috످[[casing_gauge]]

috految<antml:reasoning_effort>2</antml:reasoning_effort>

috److It looks like `[[casing_gauge]]` might be an unfilled template placeholder or a wiki link.

Did you mean to ask about a casing gauge (e.g., for oil and gas wells, ammunition reloading, or sheet metal thickness)? If you meant to share a note or some code, you can paste it here.

috످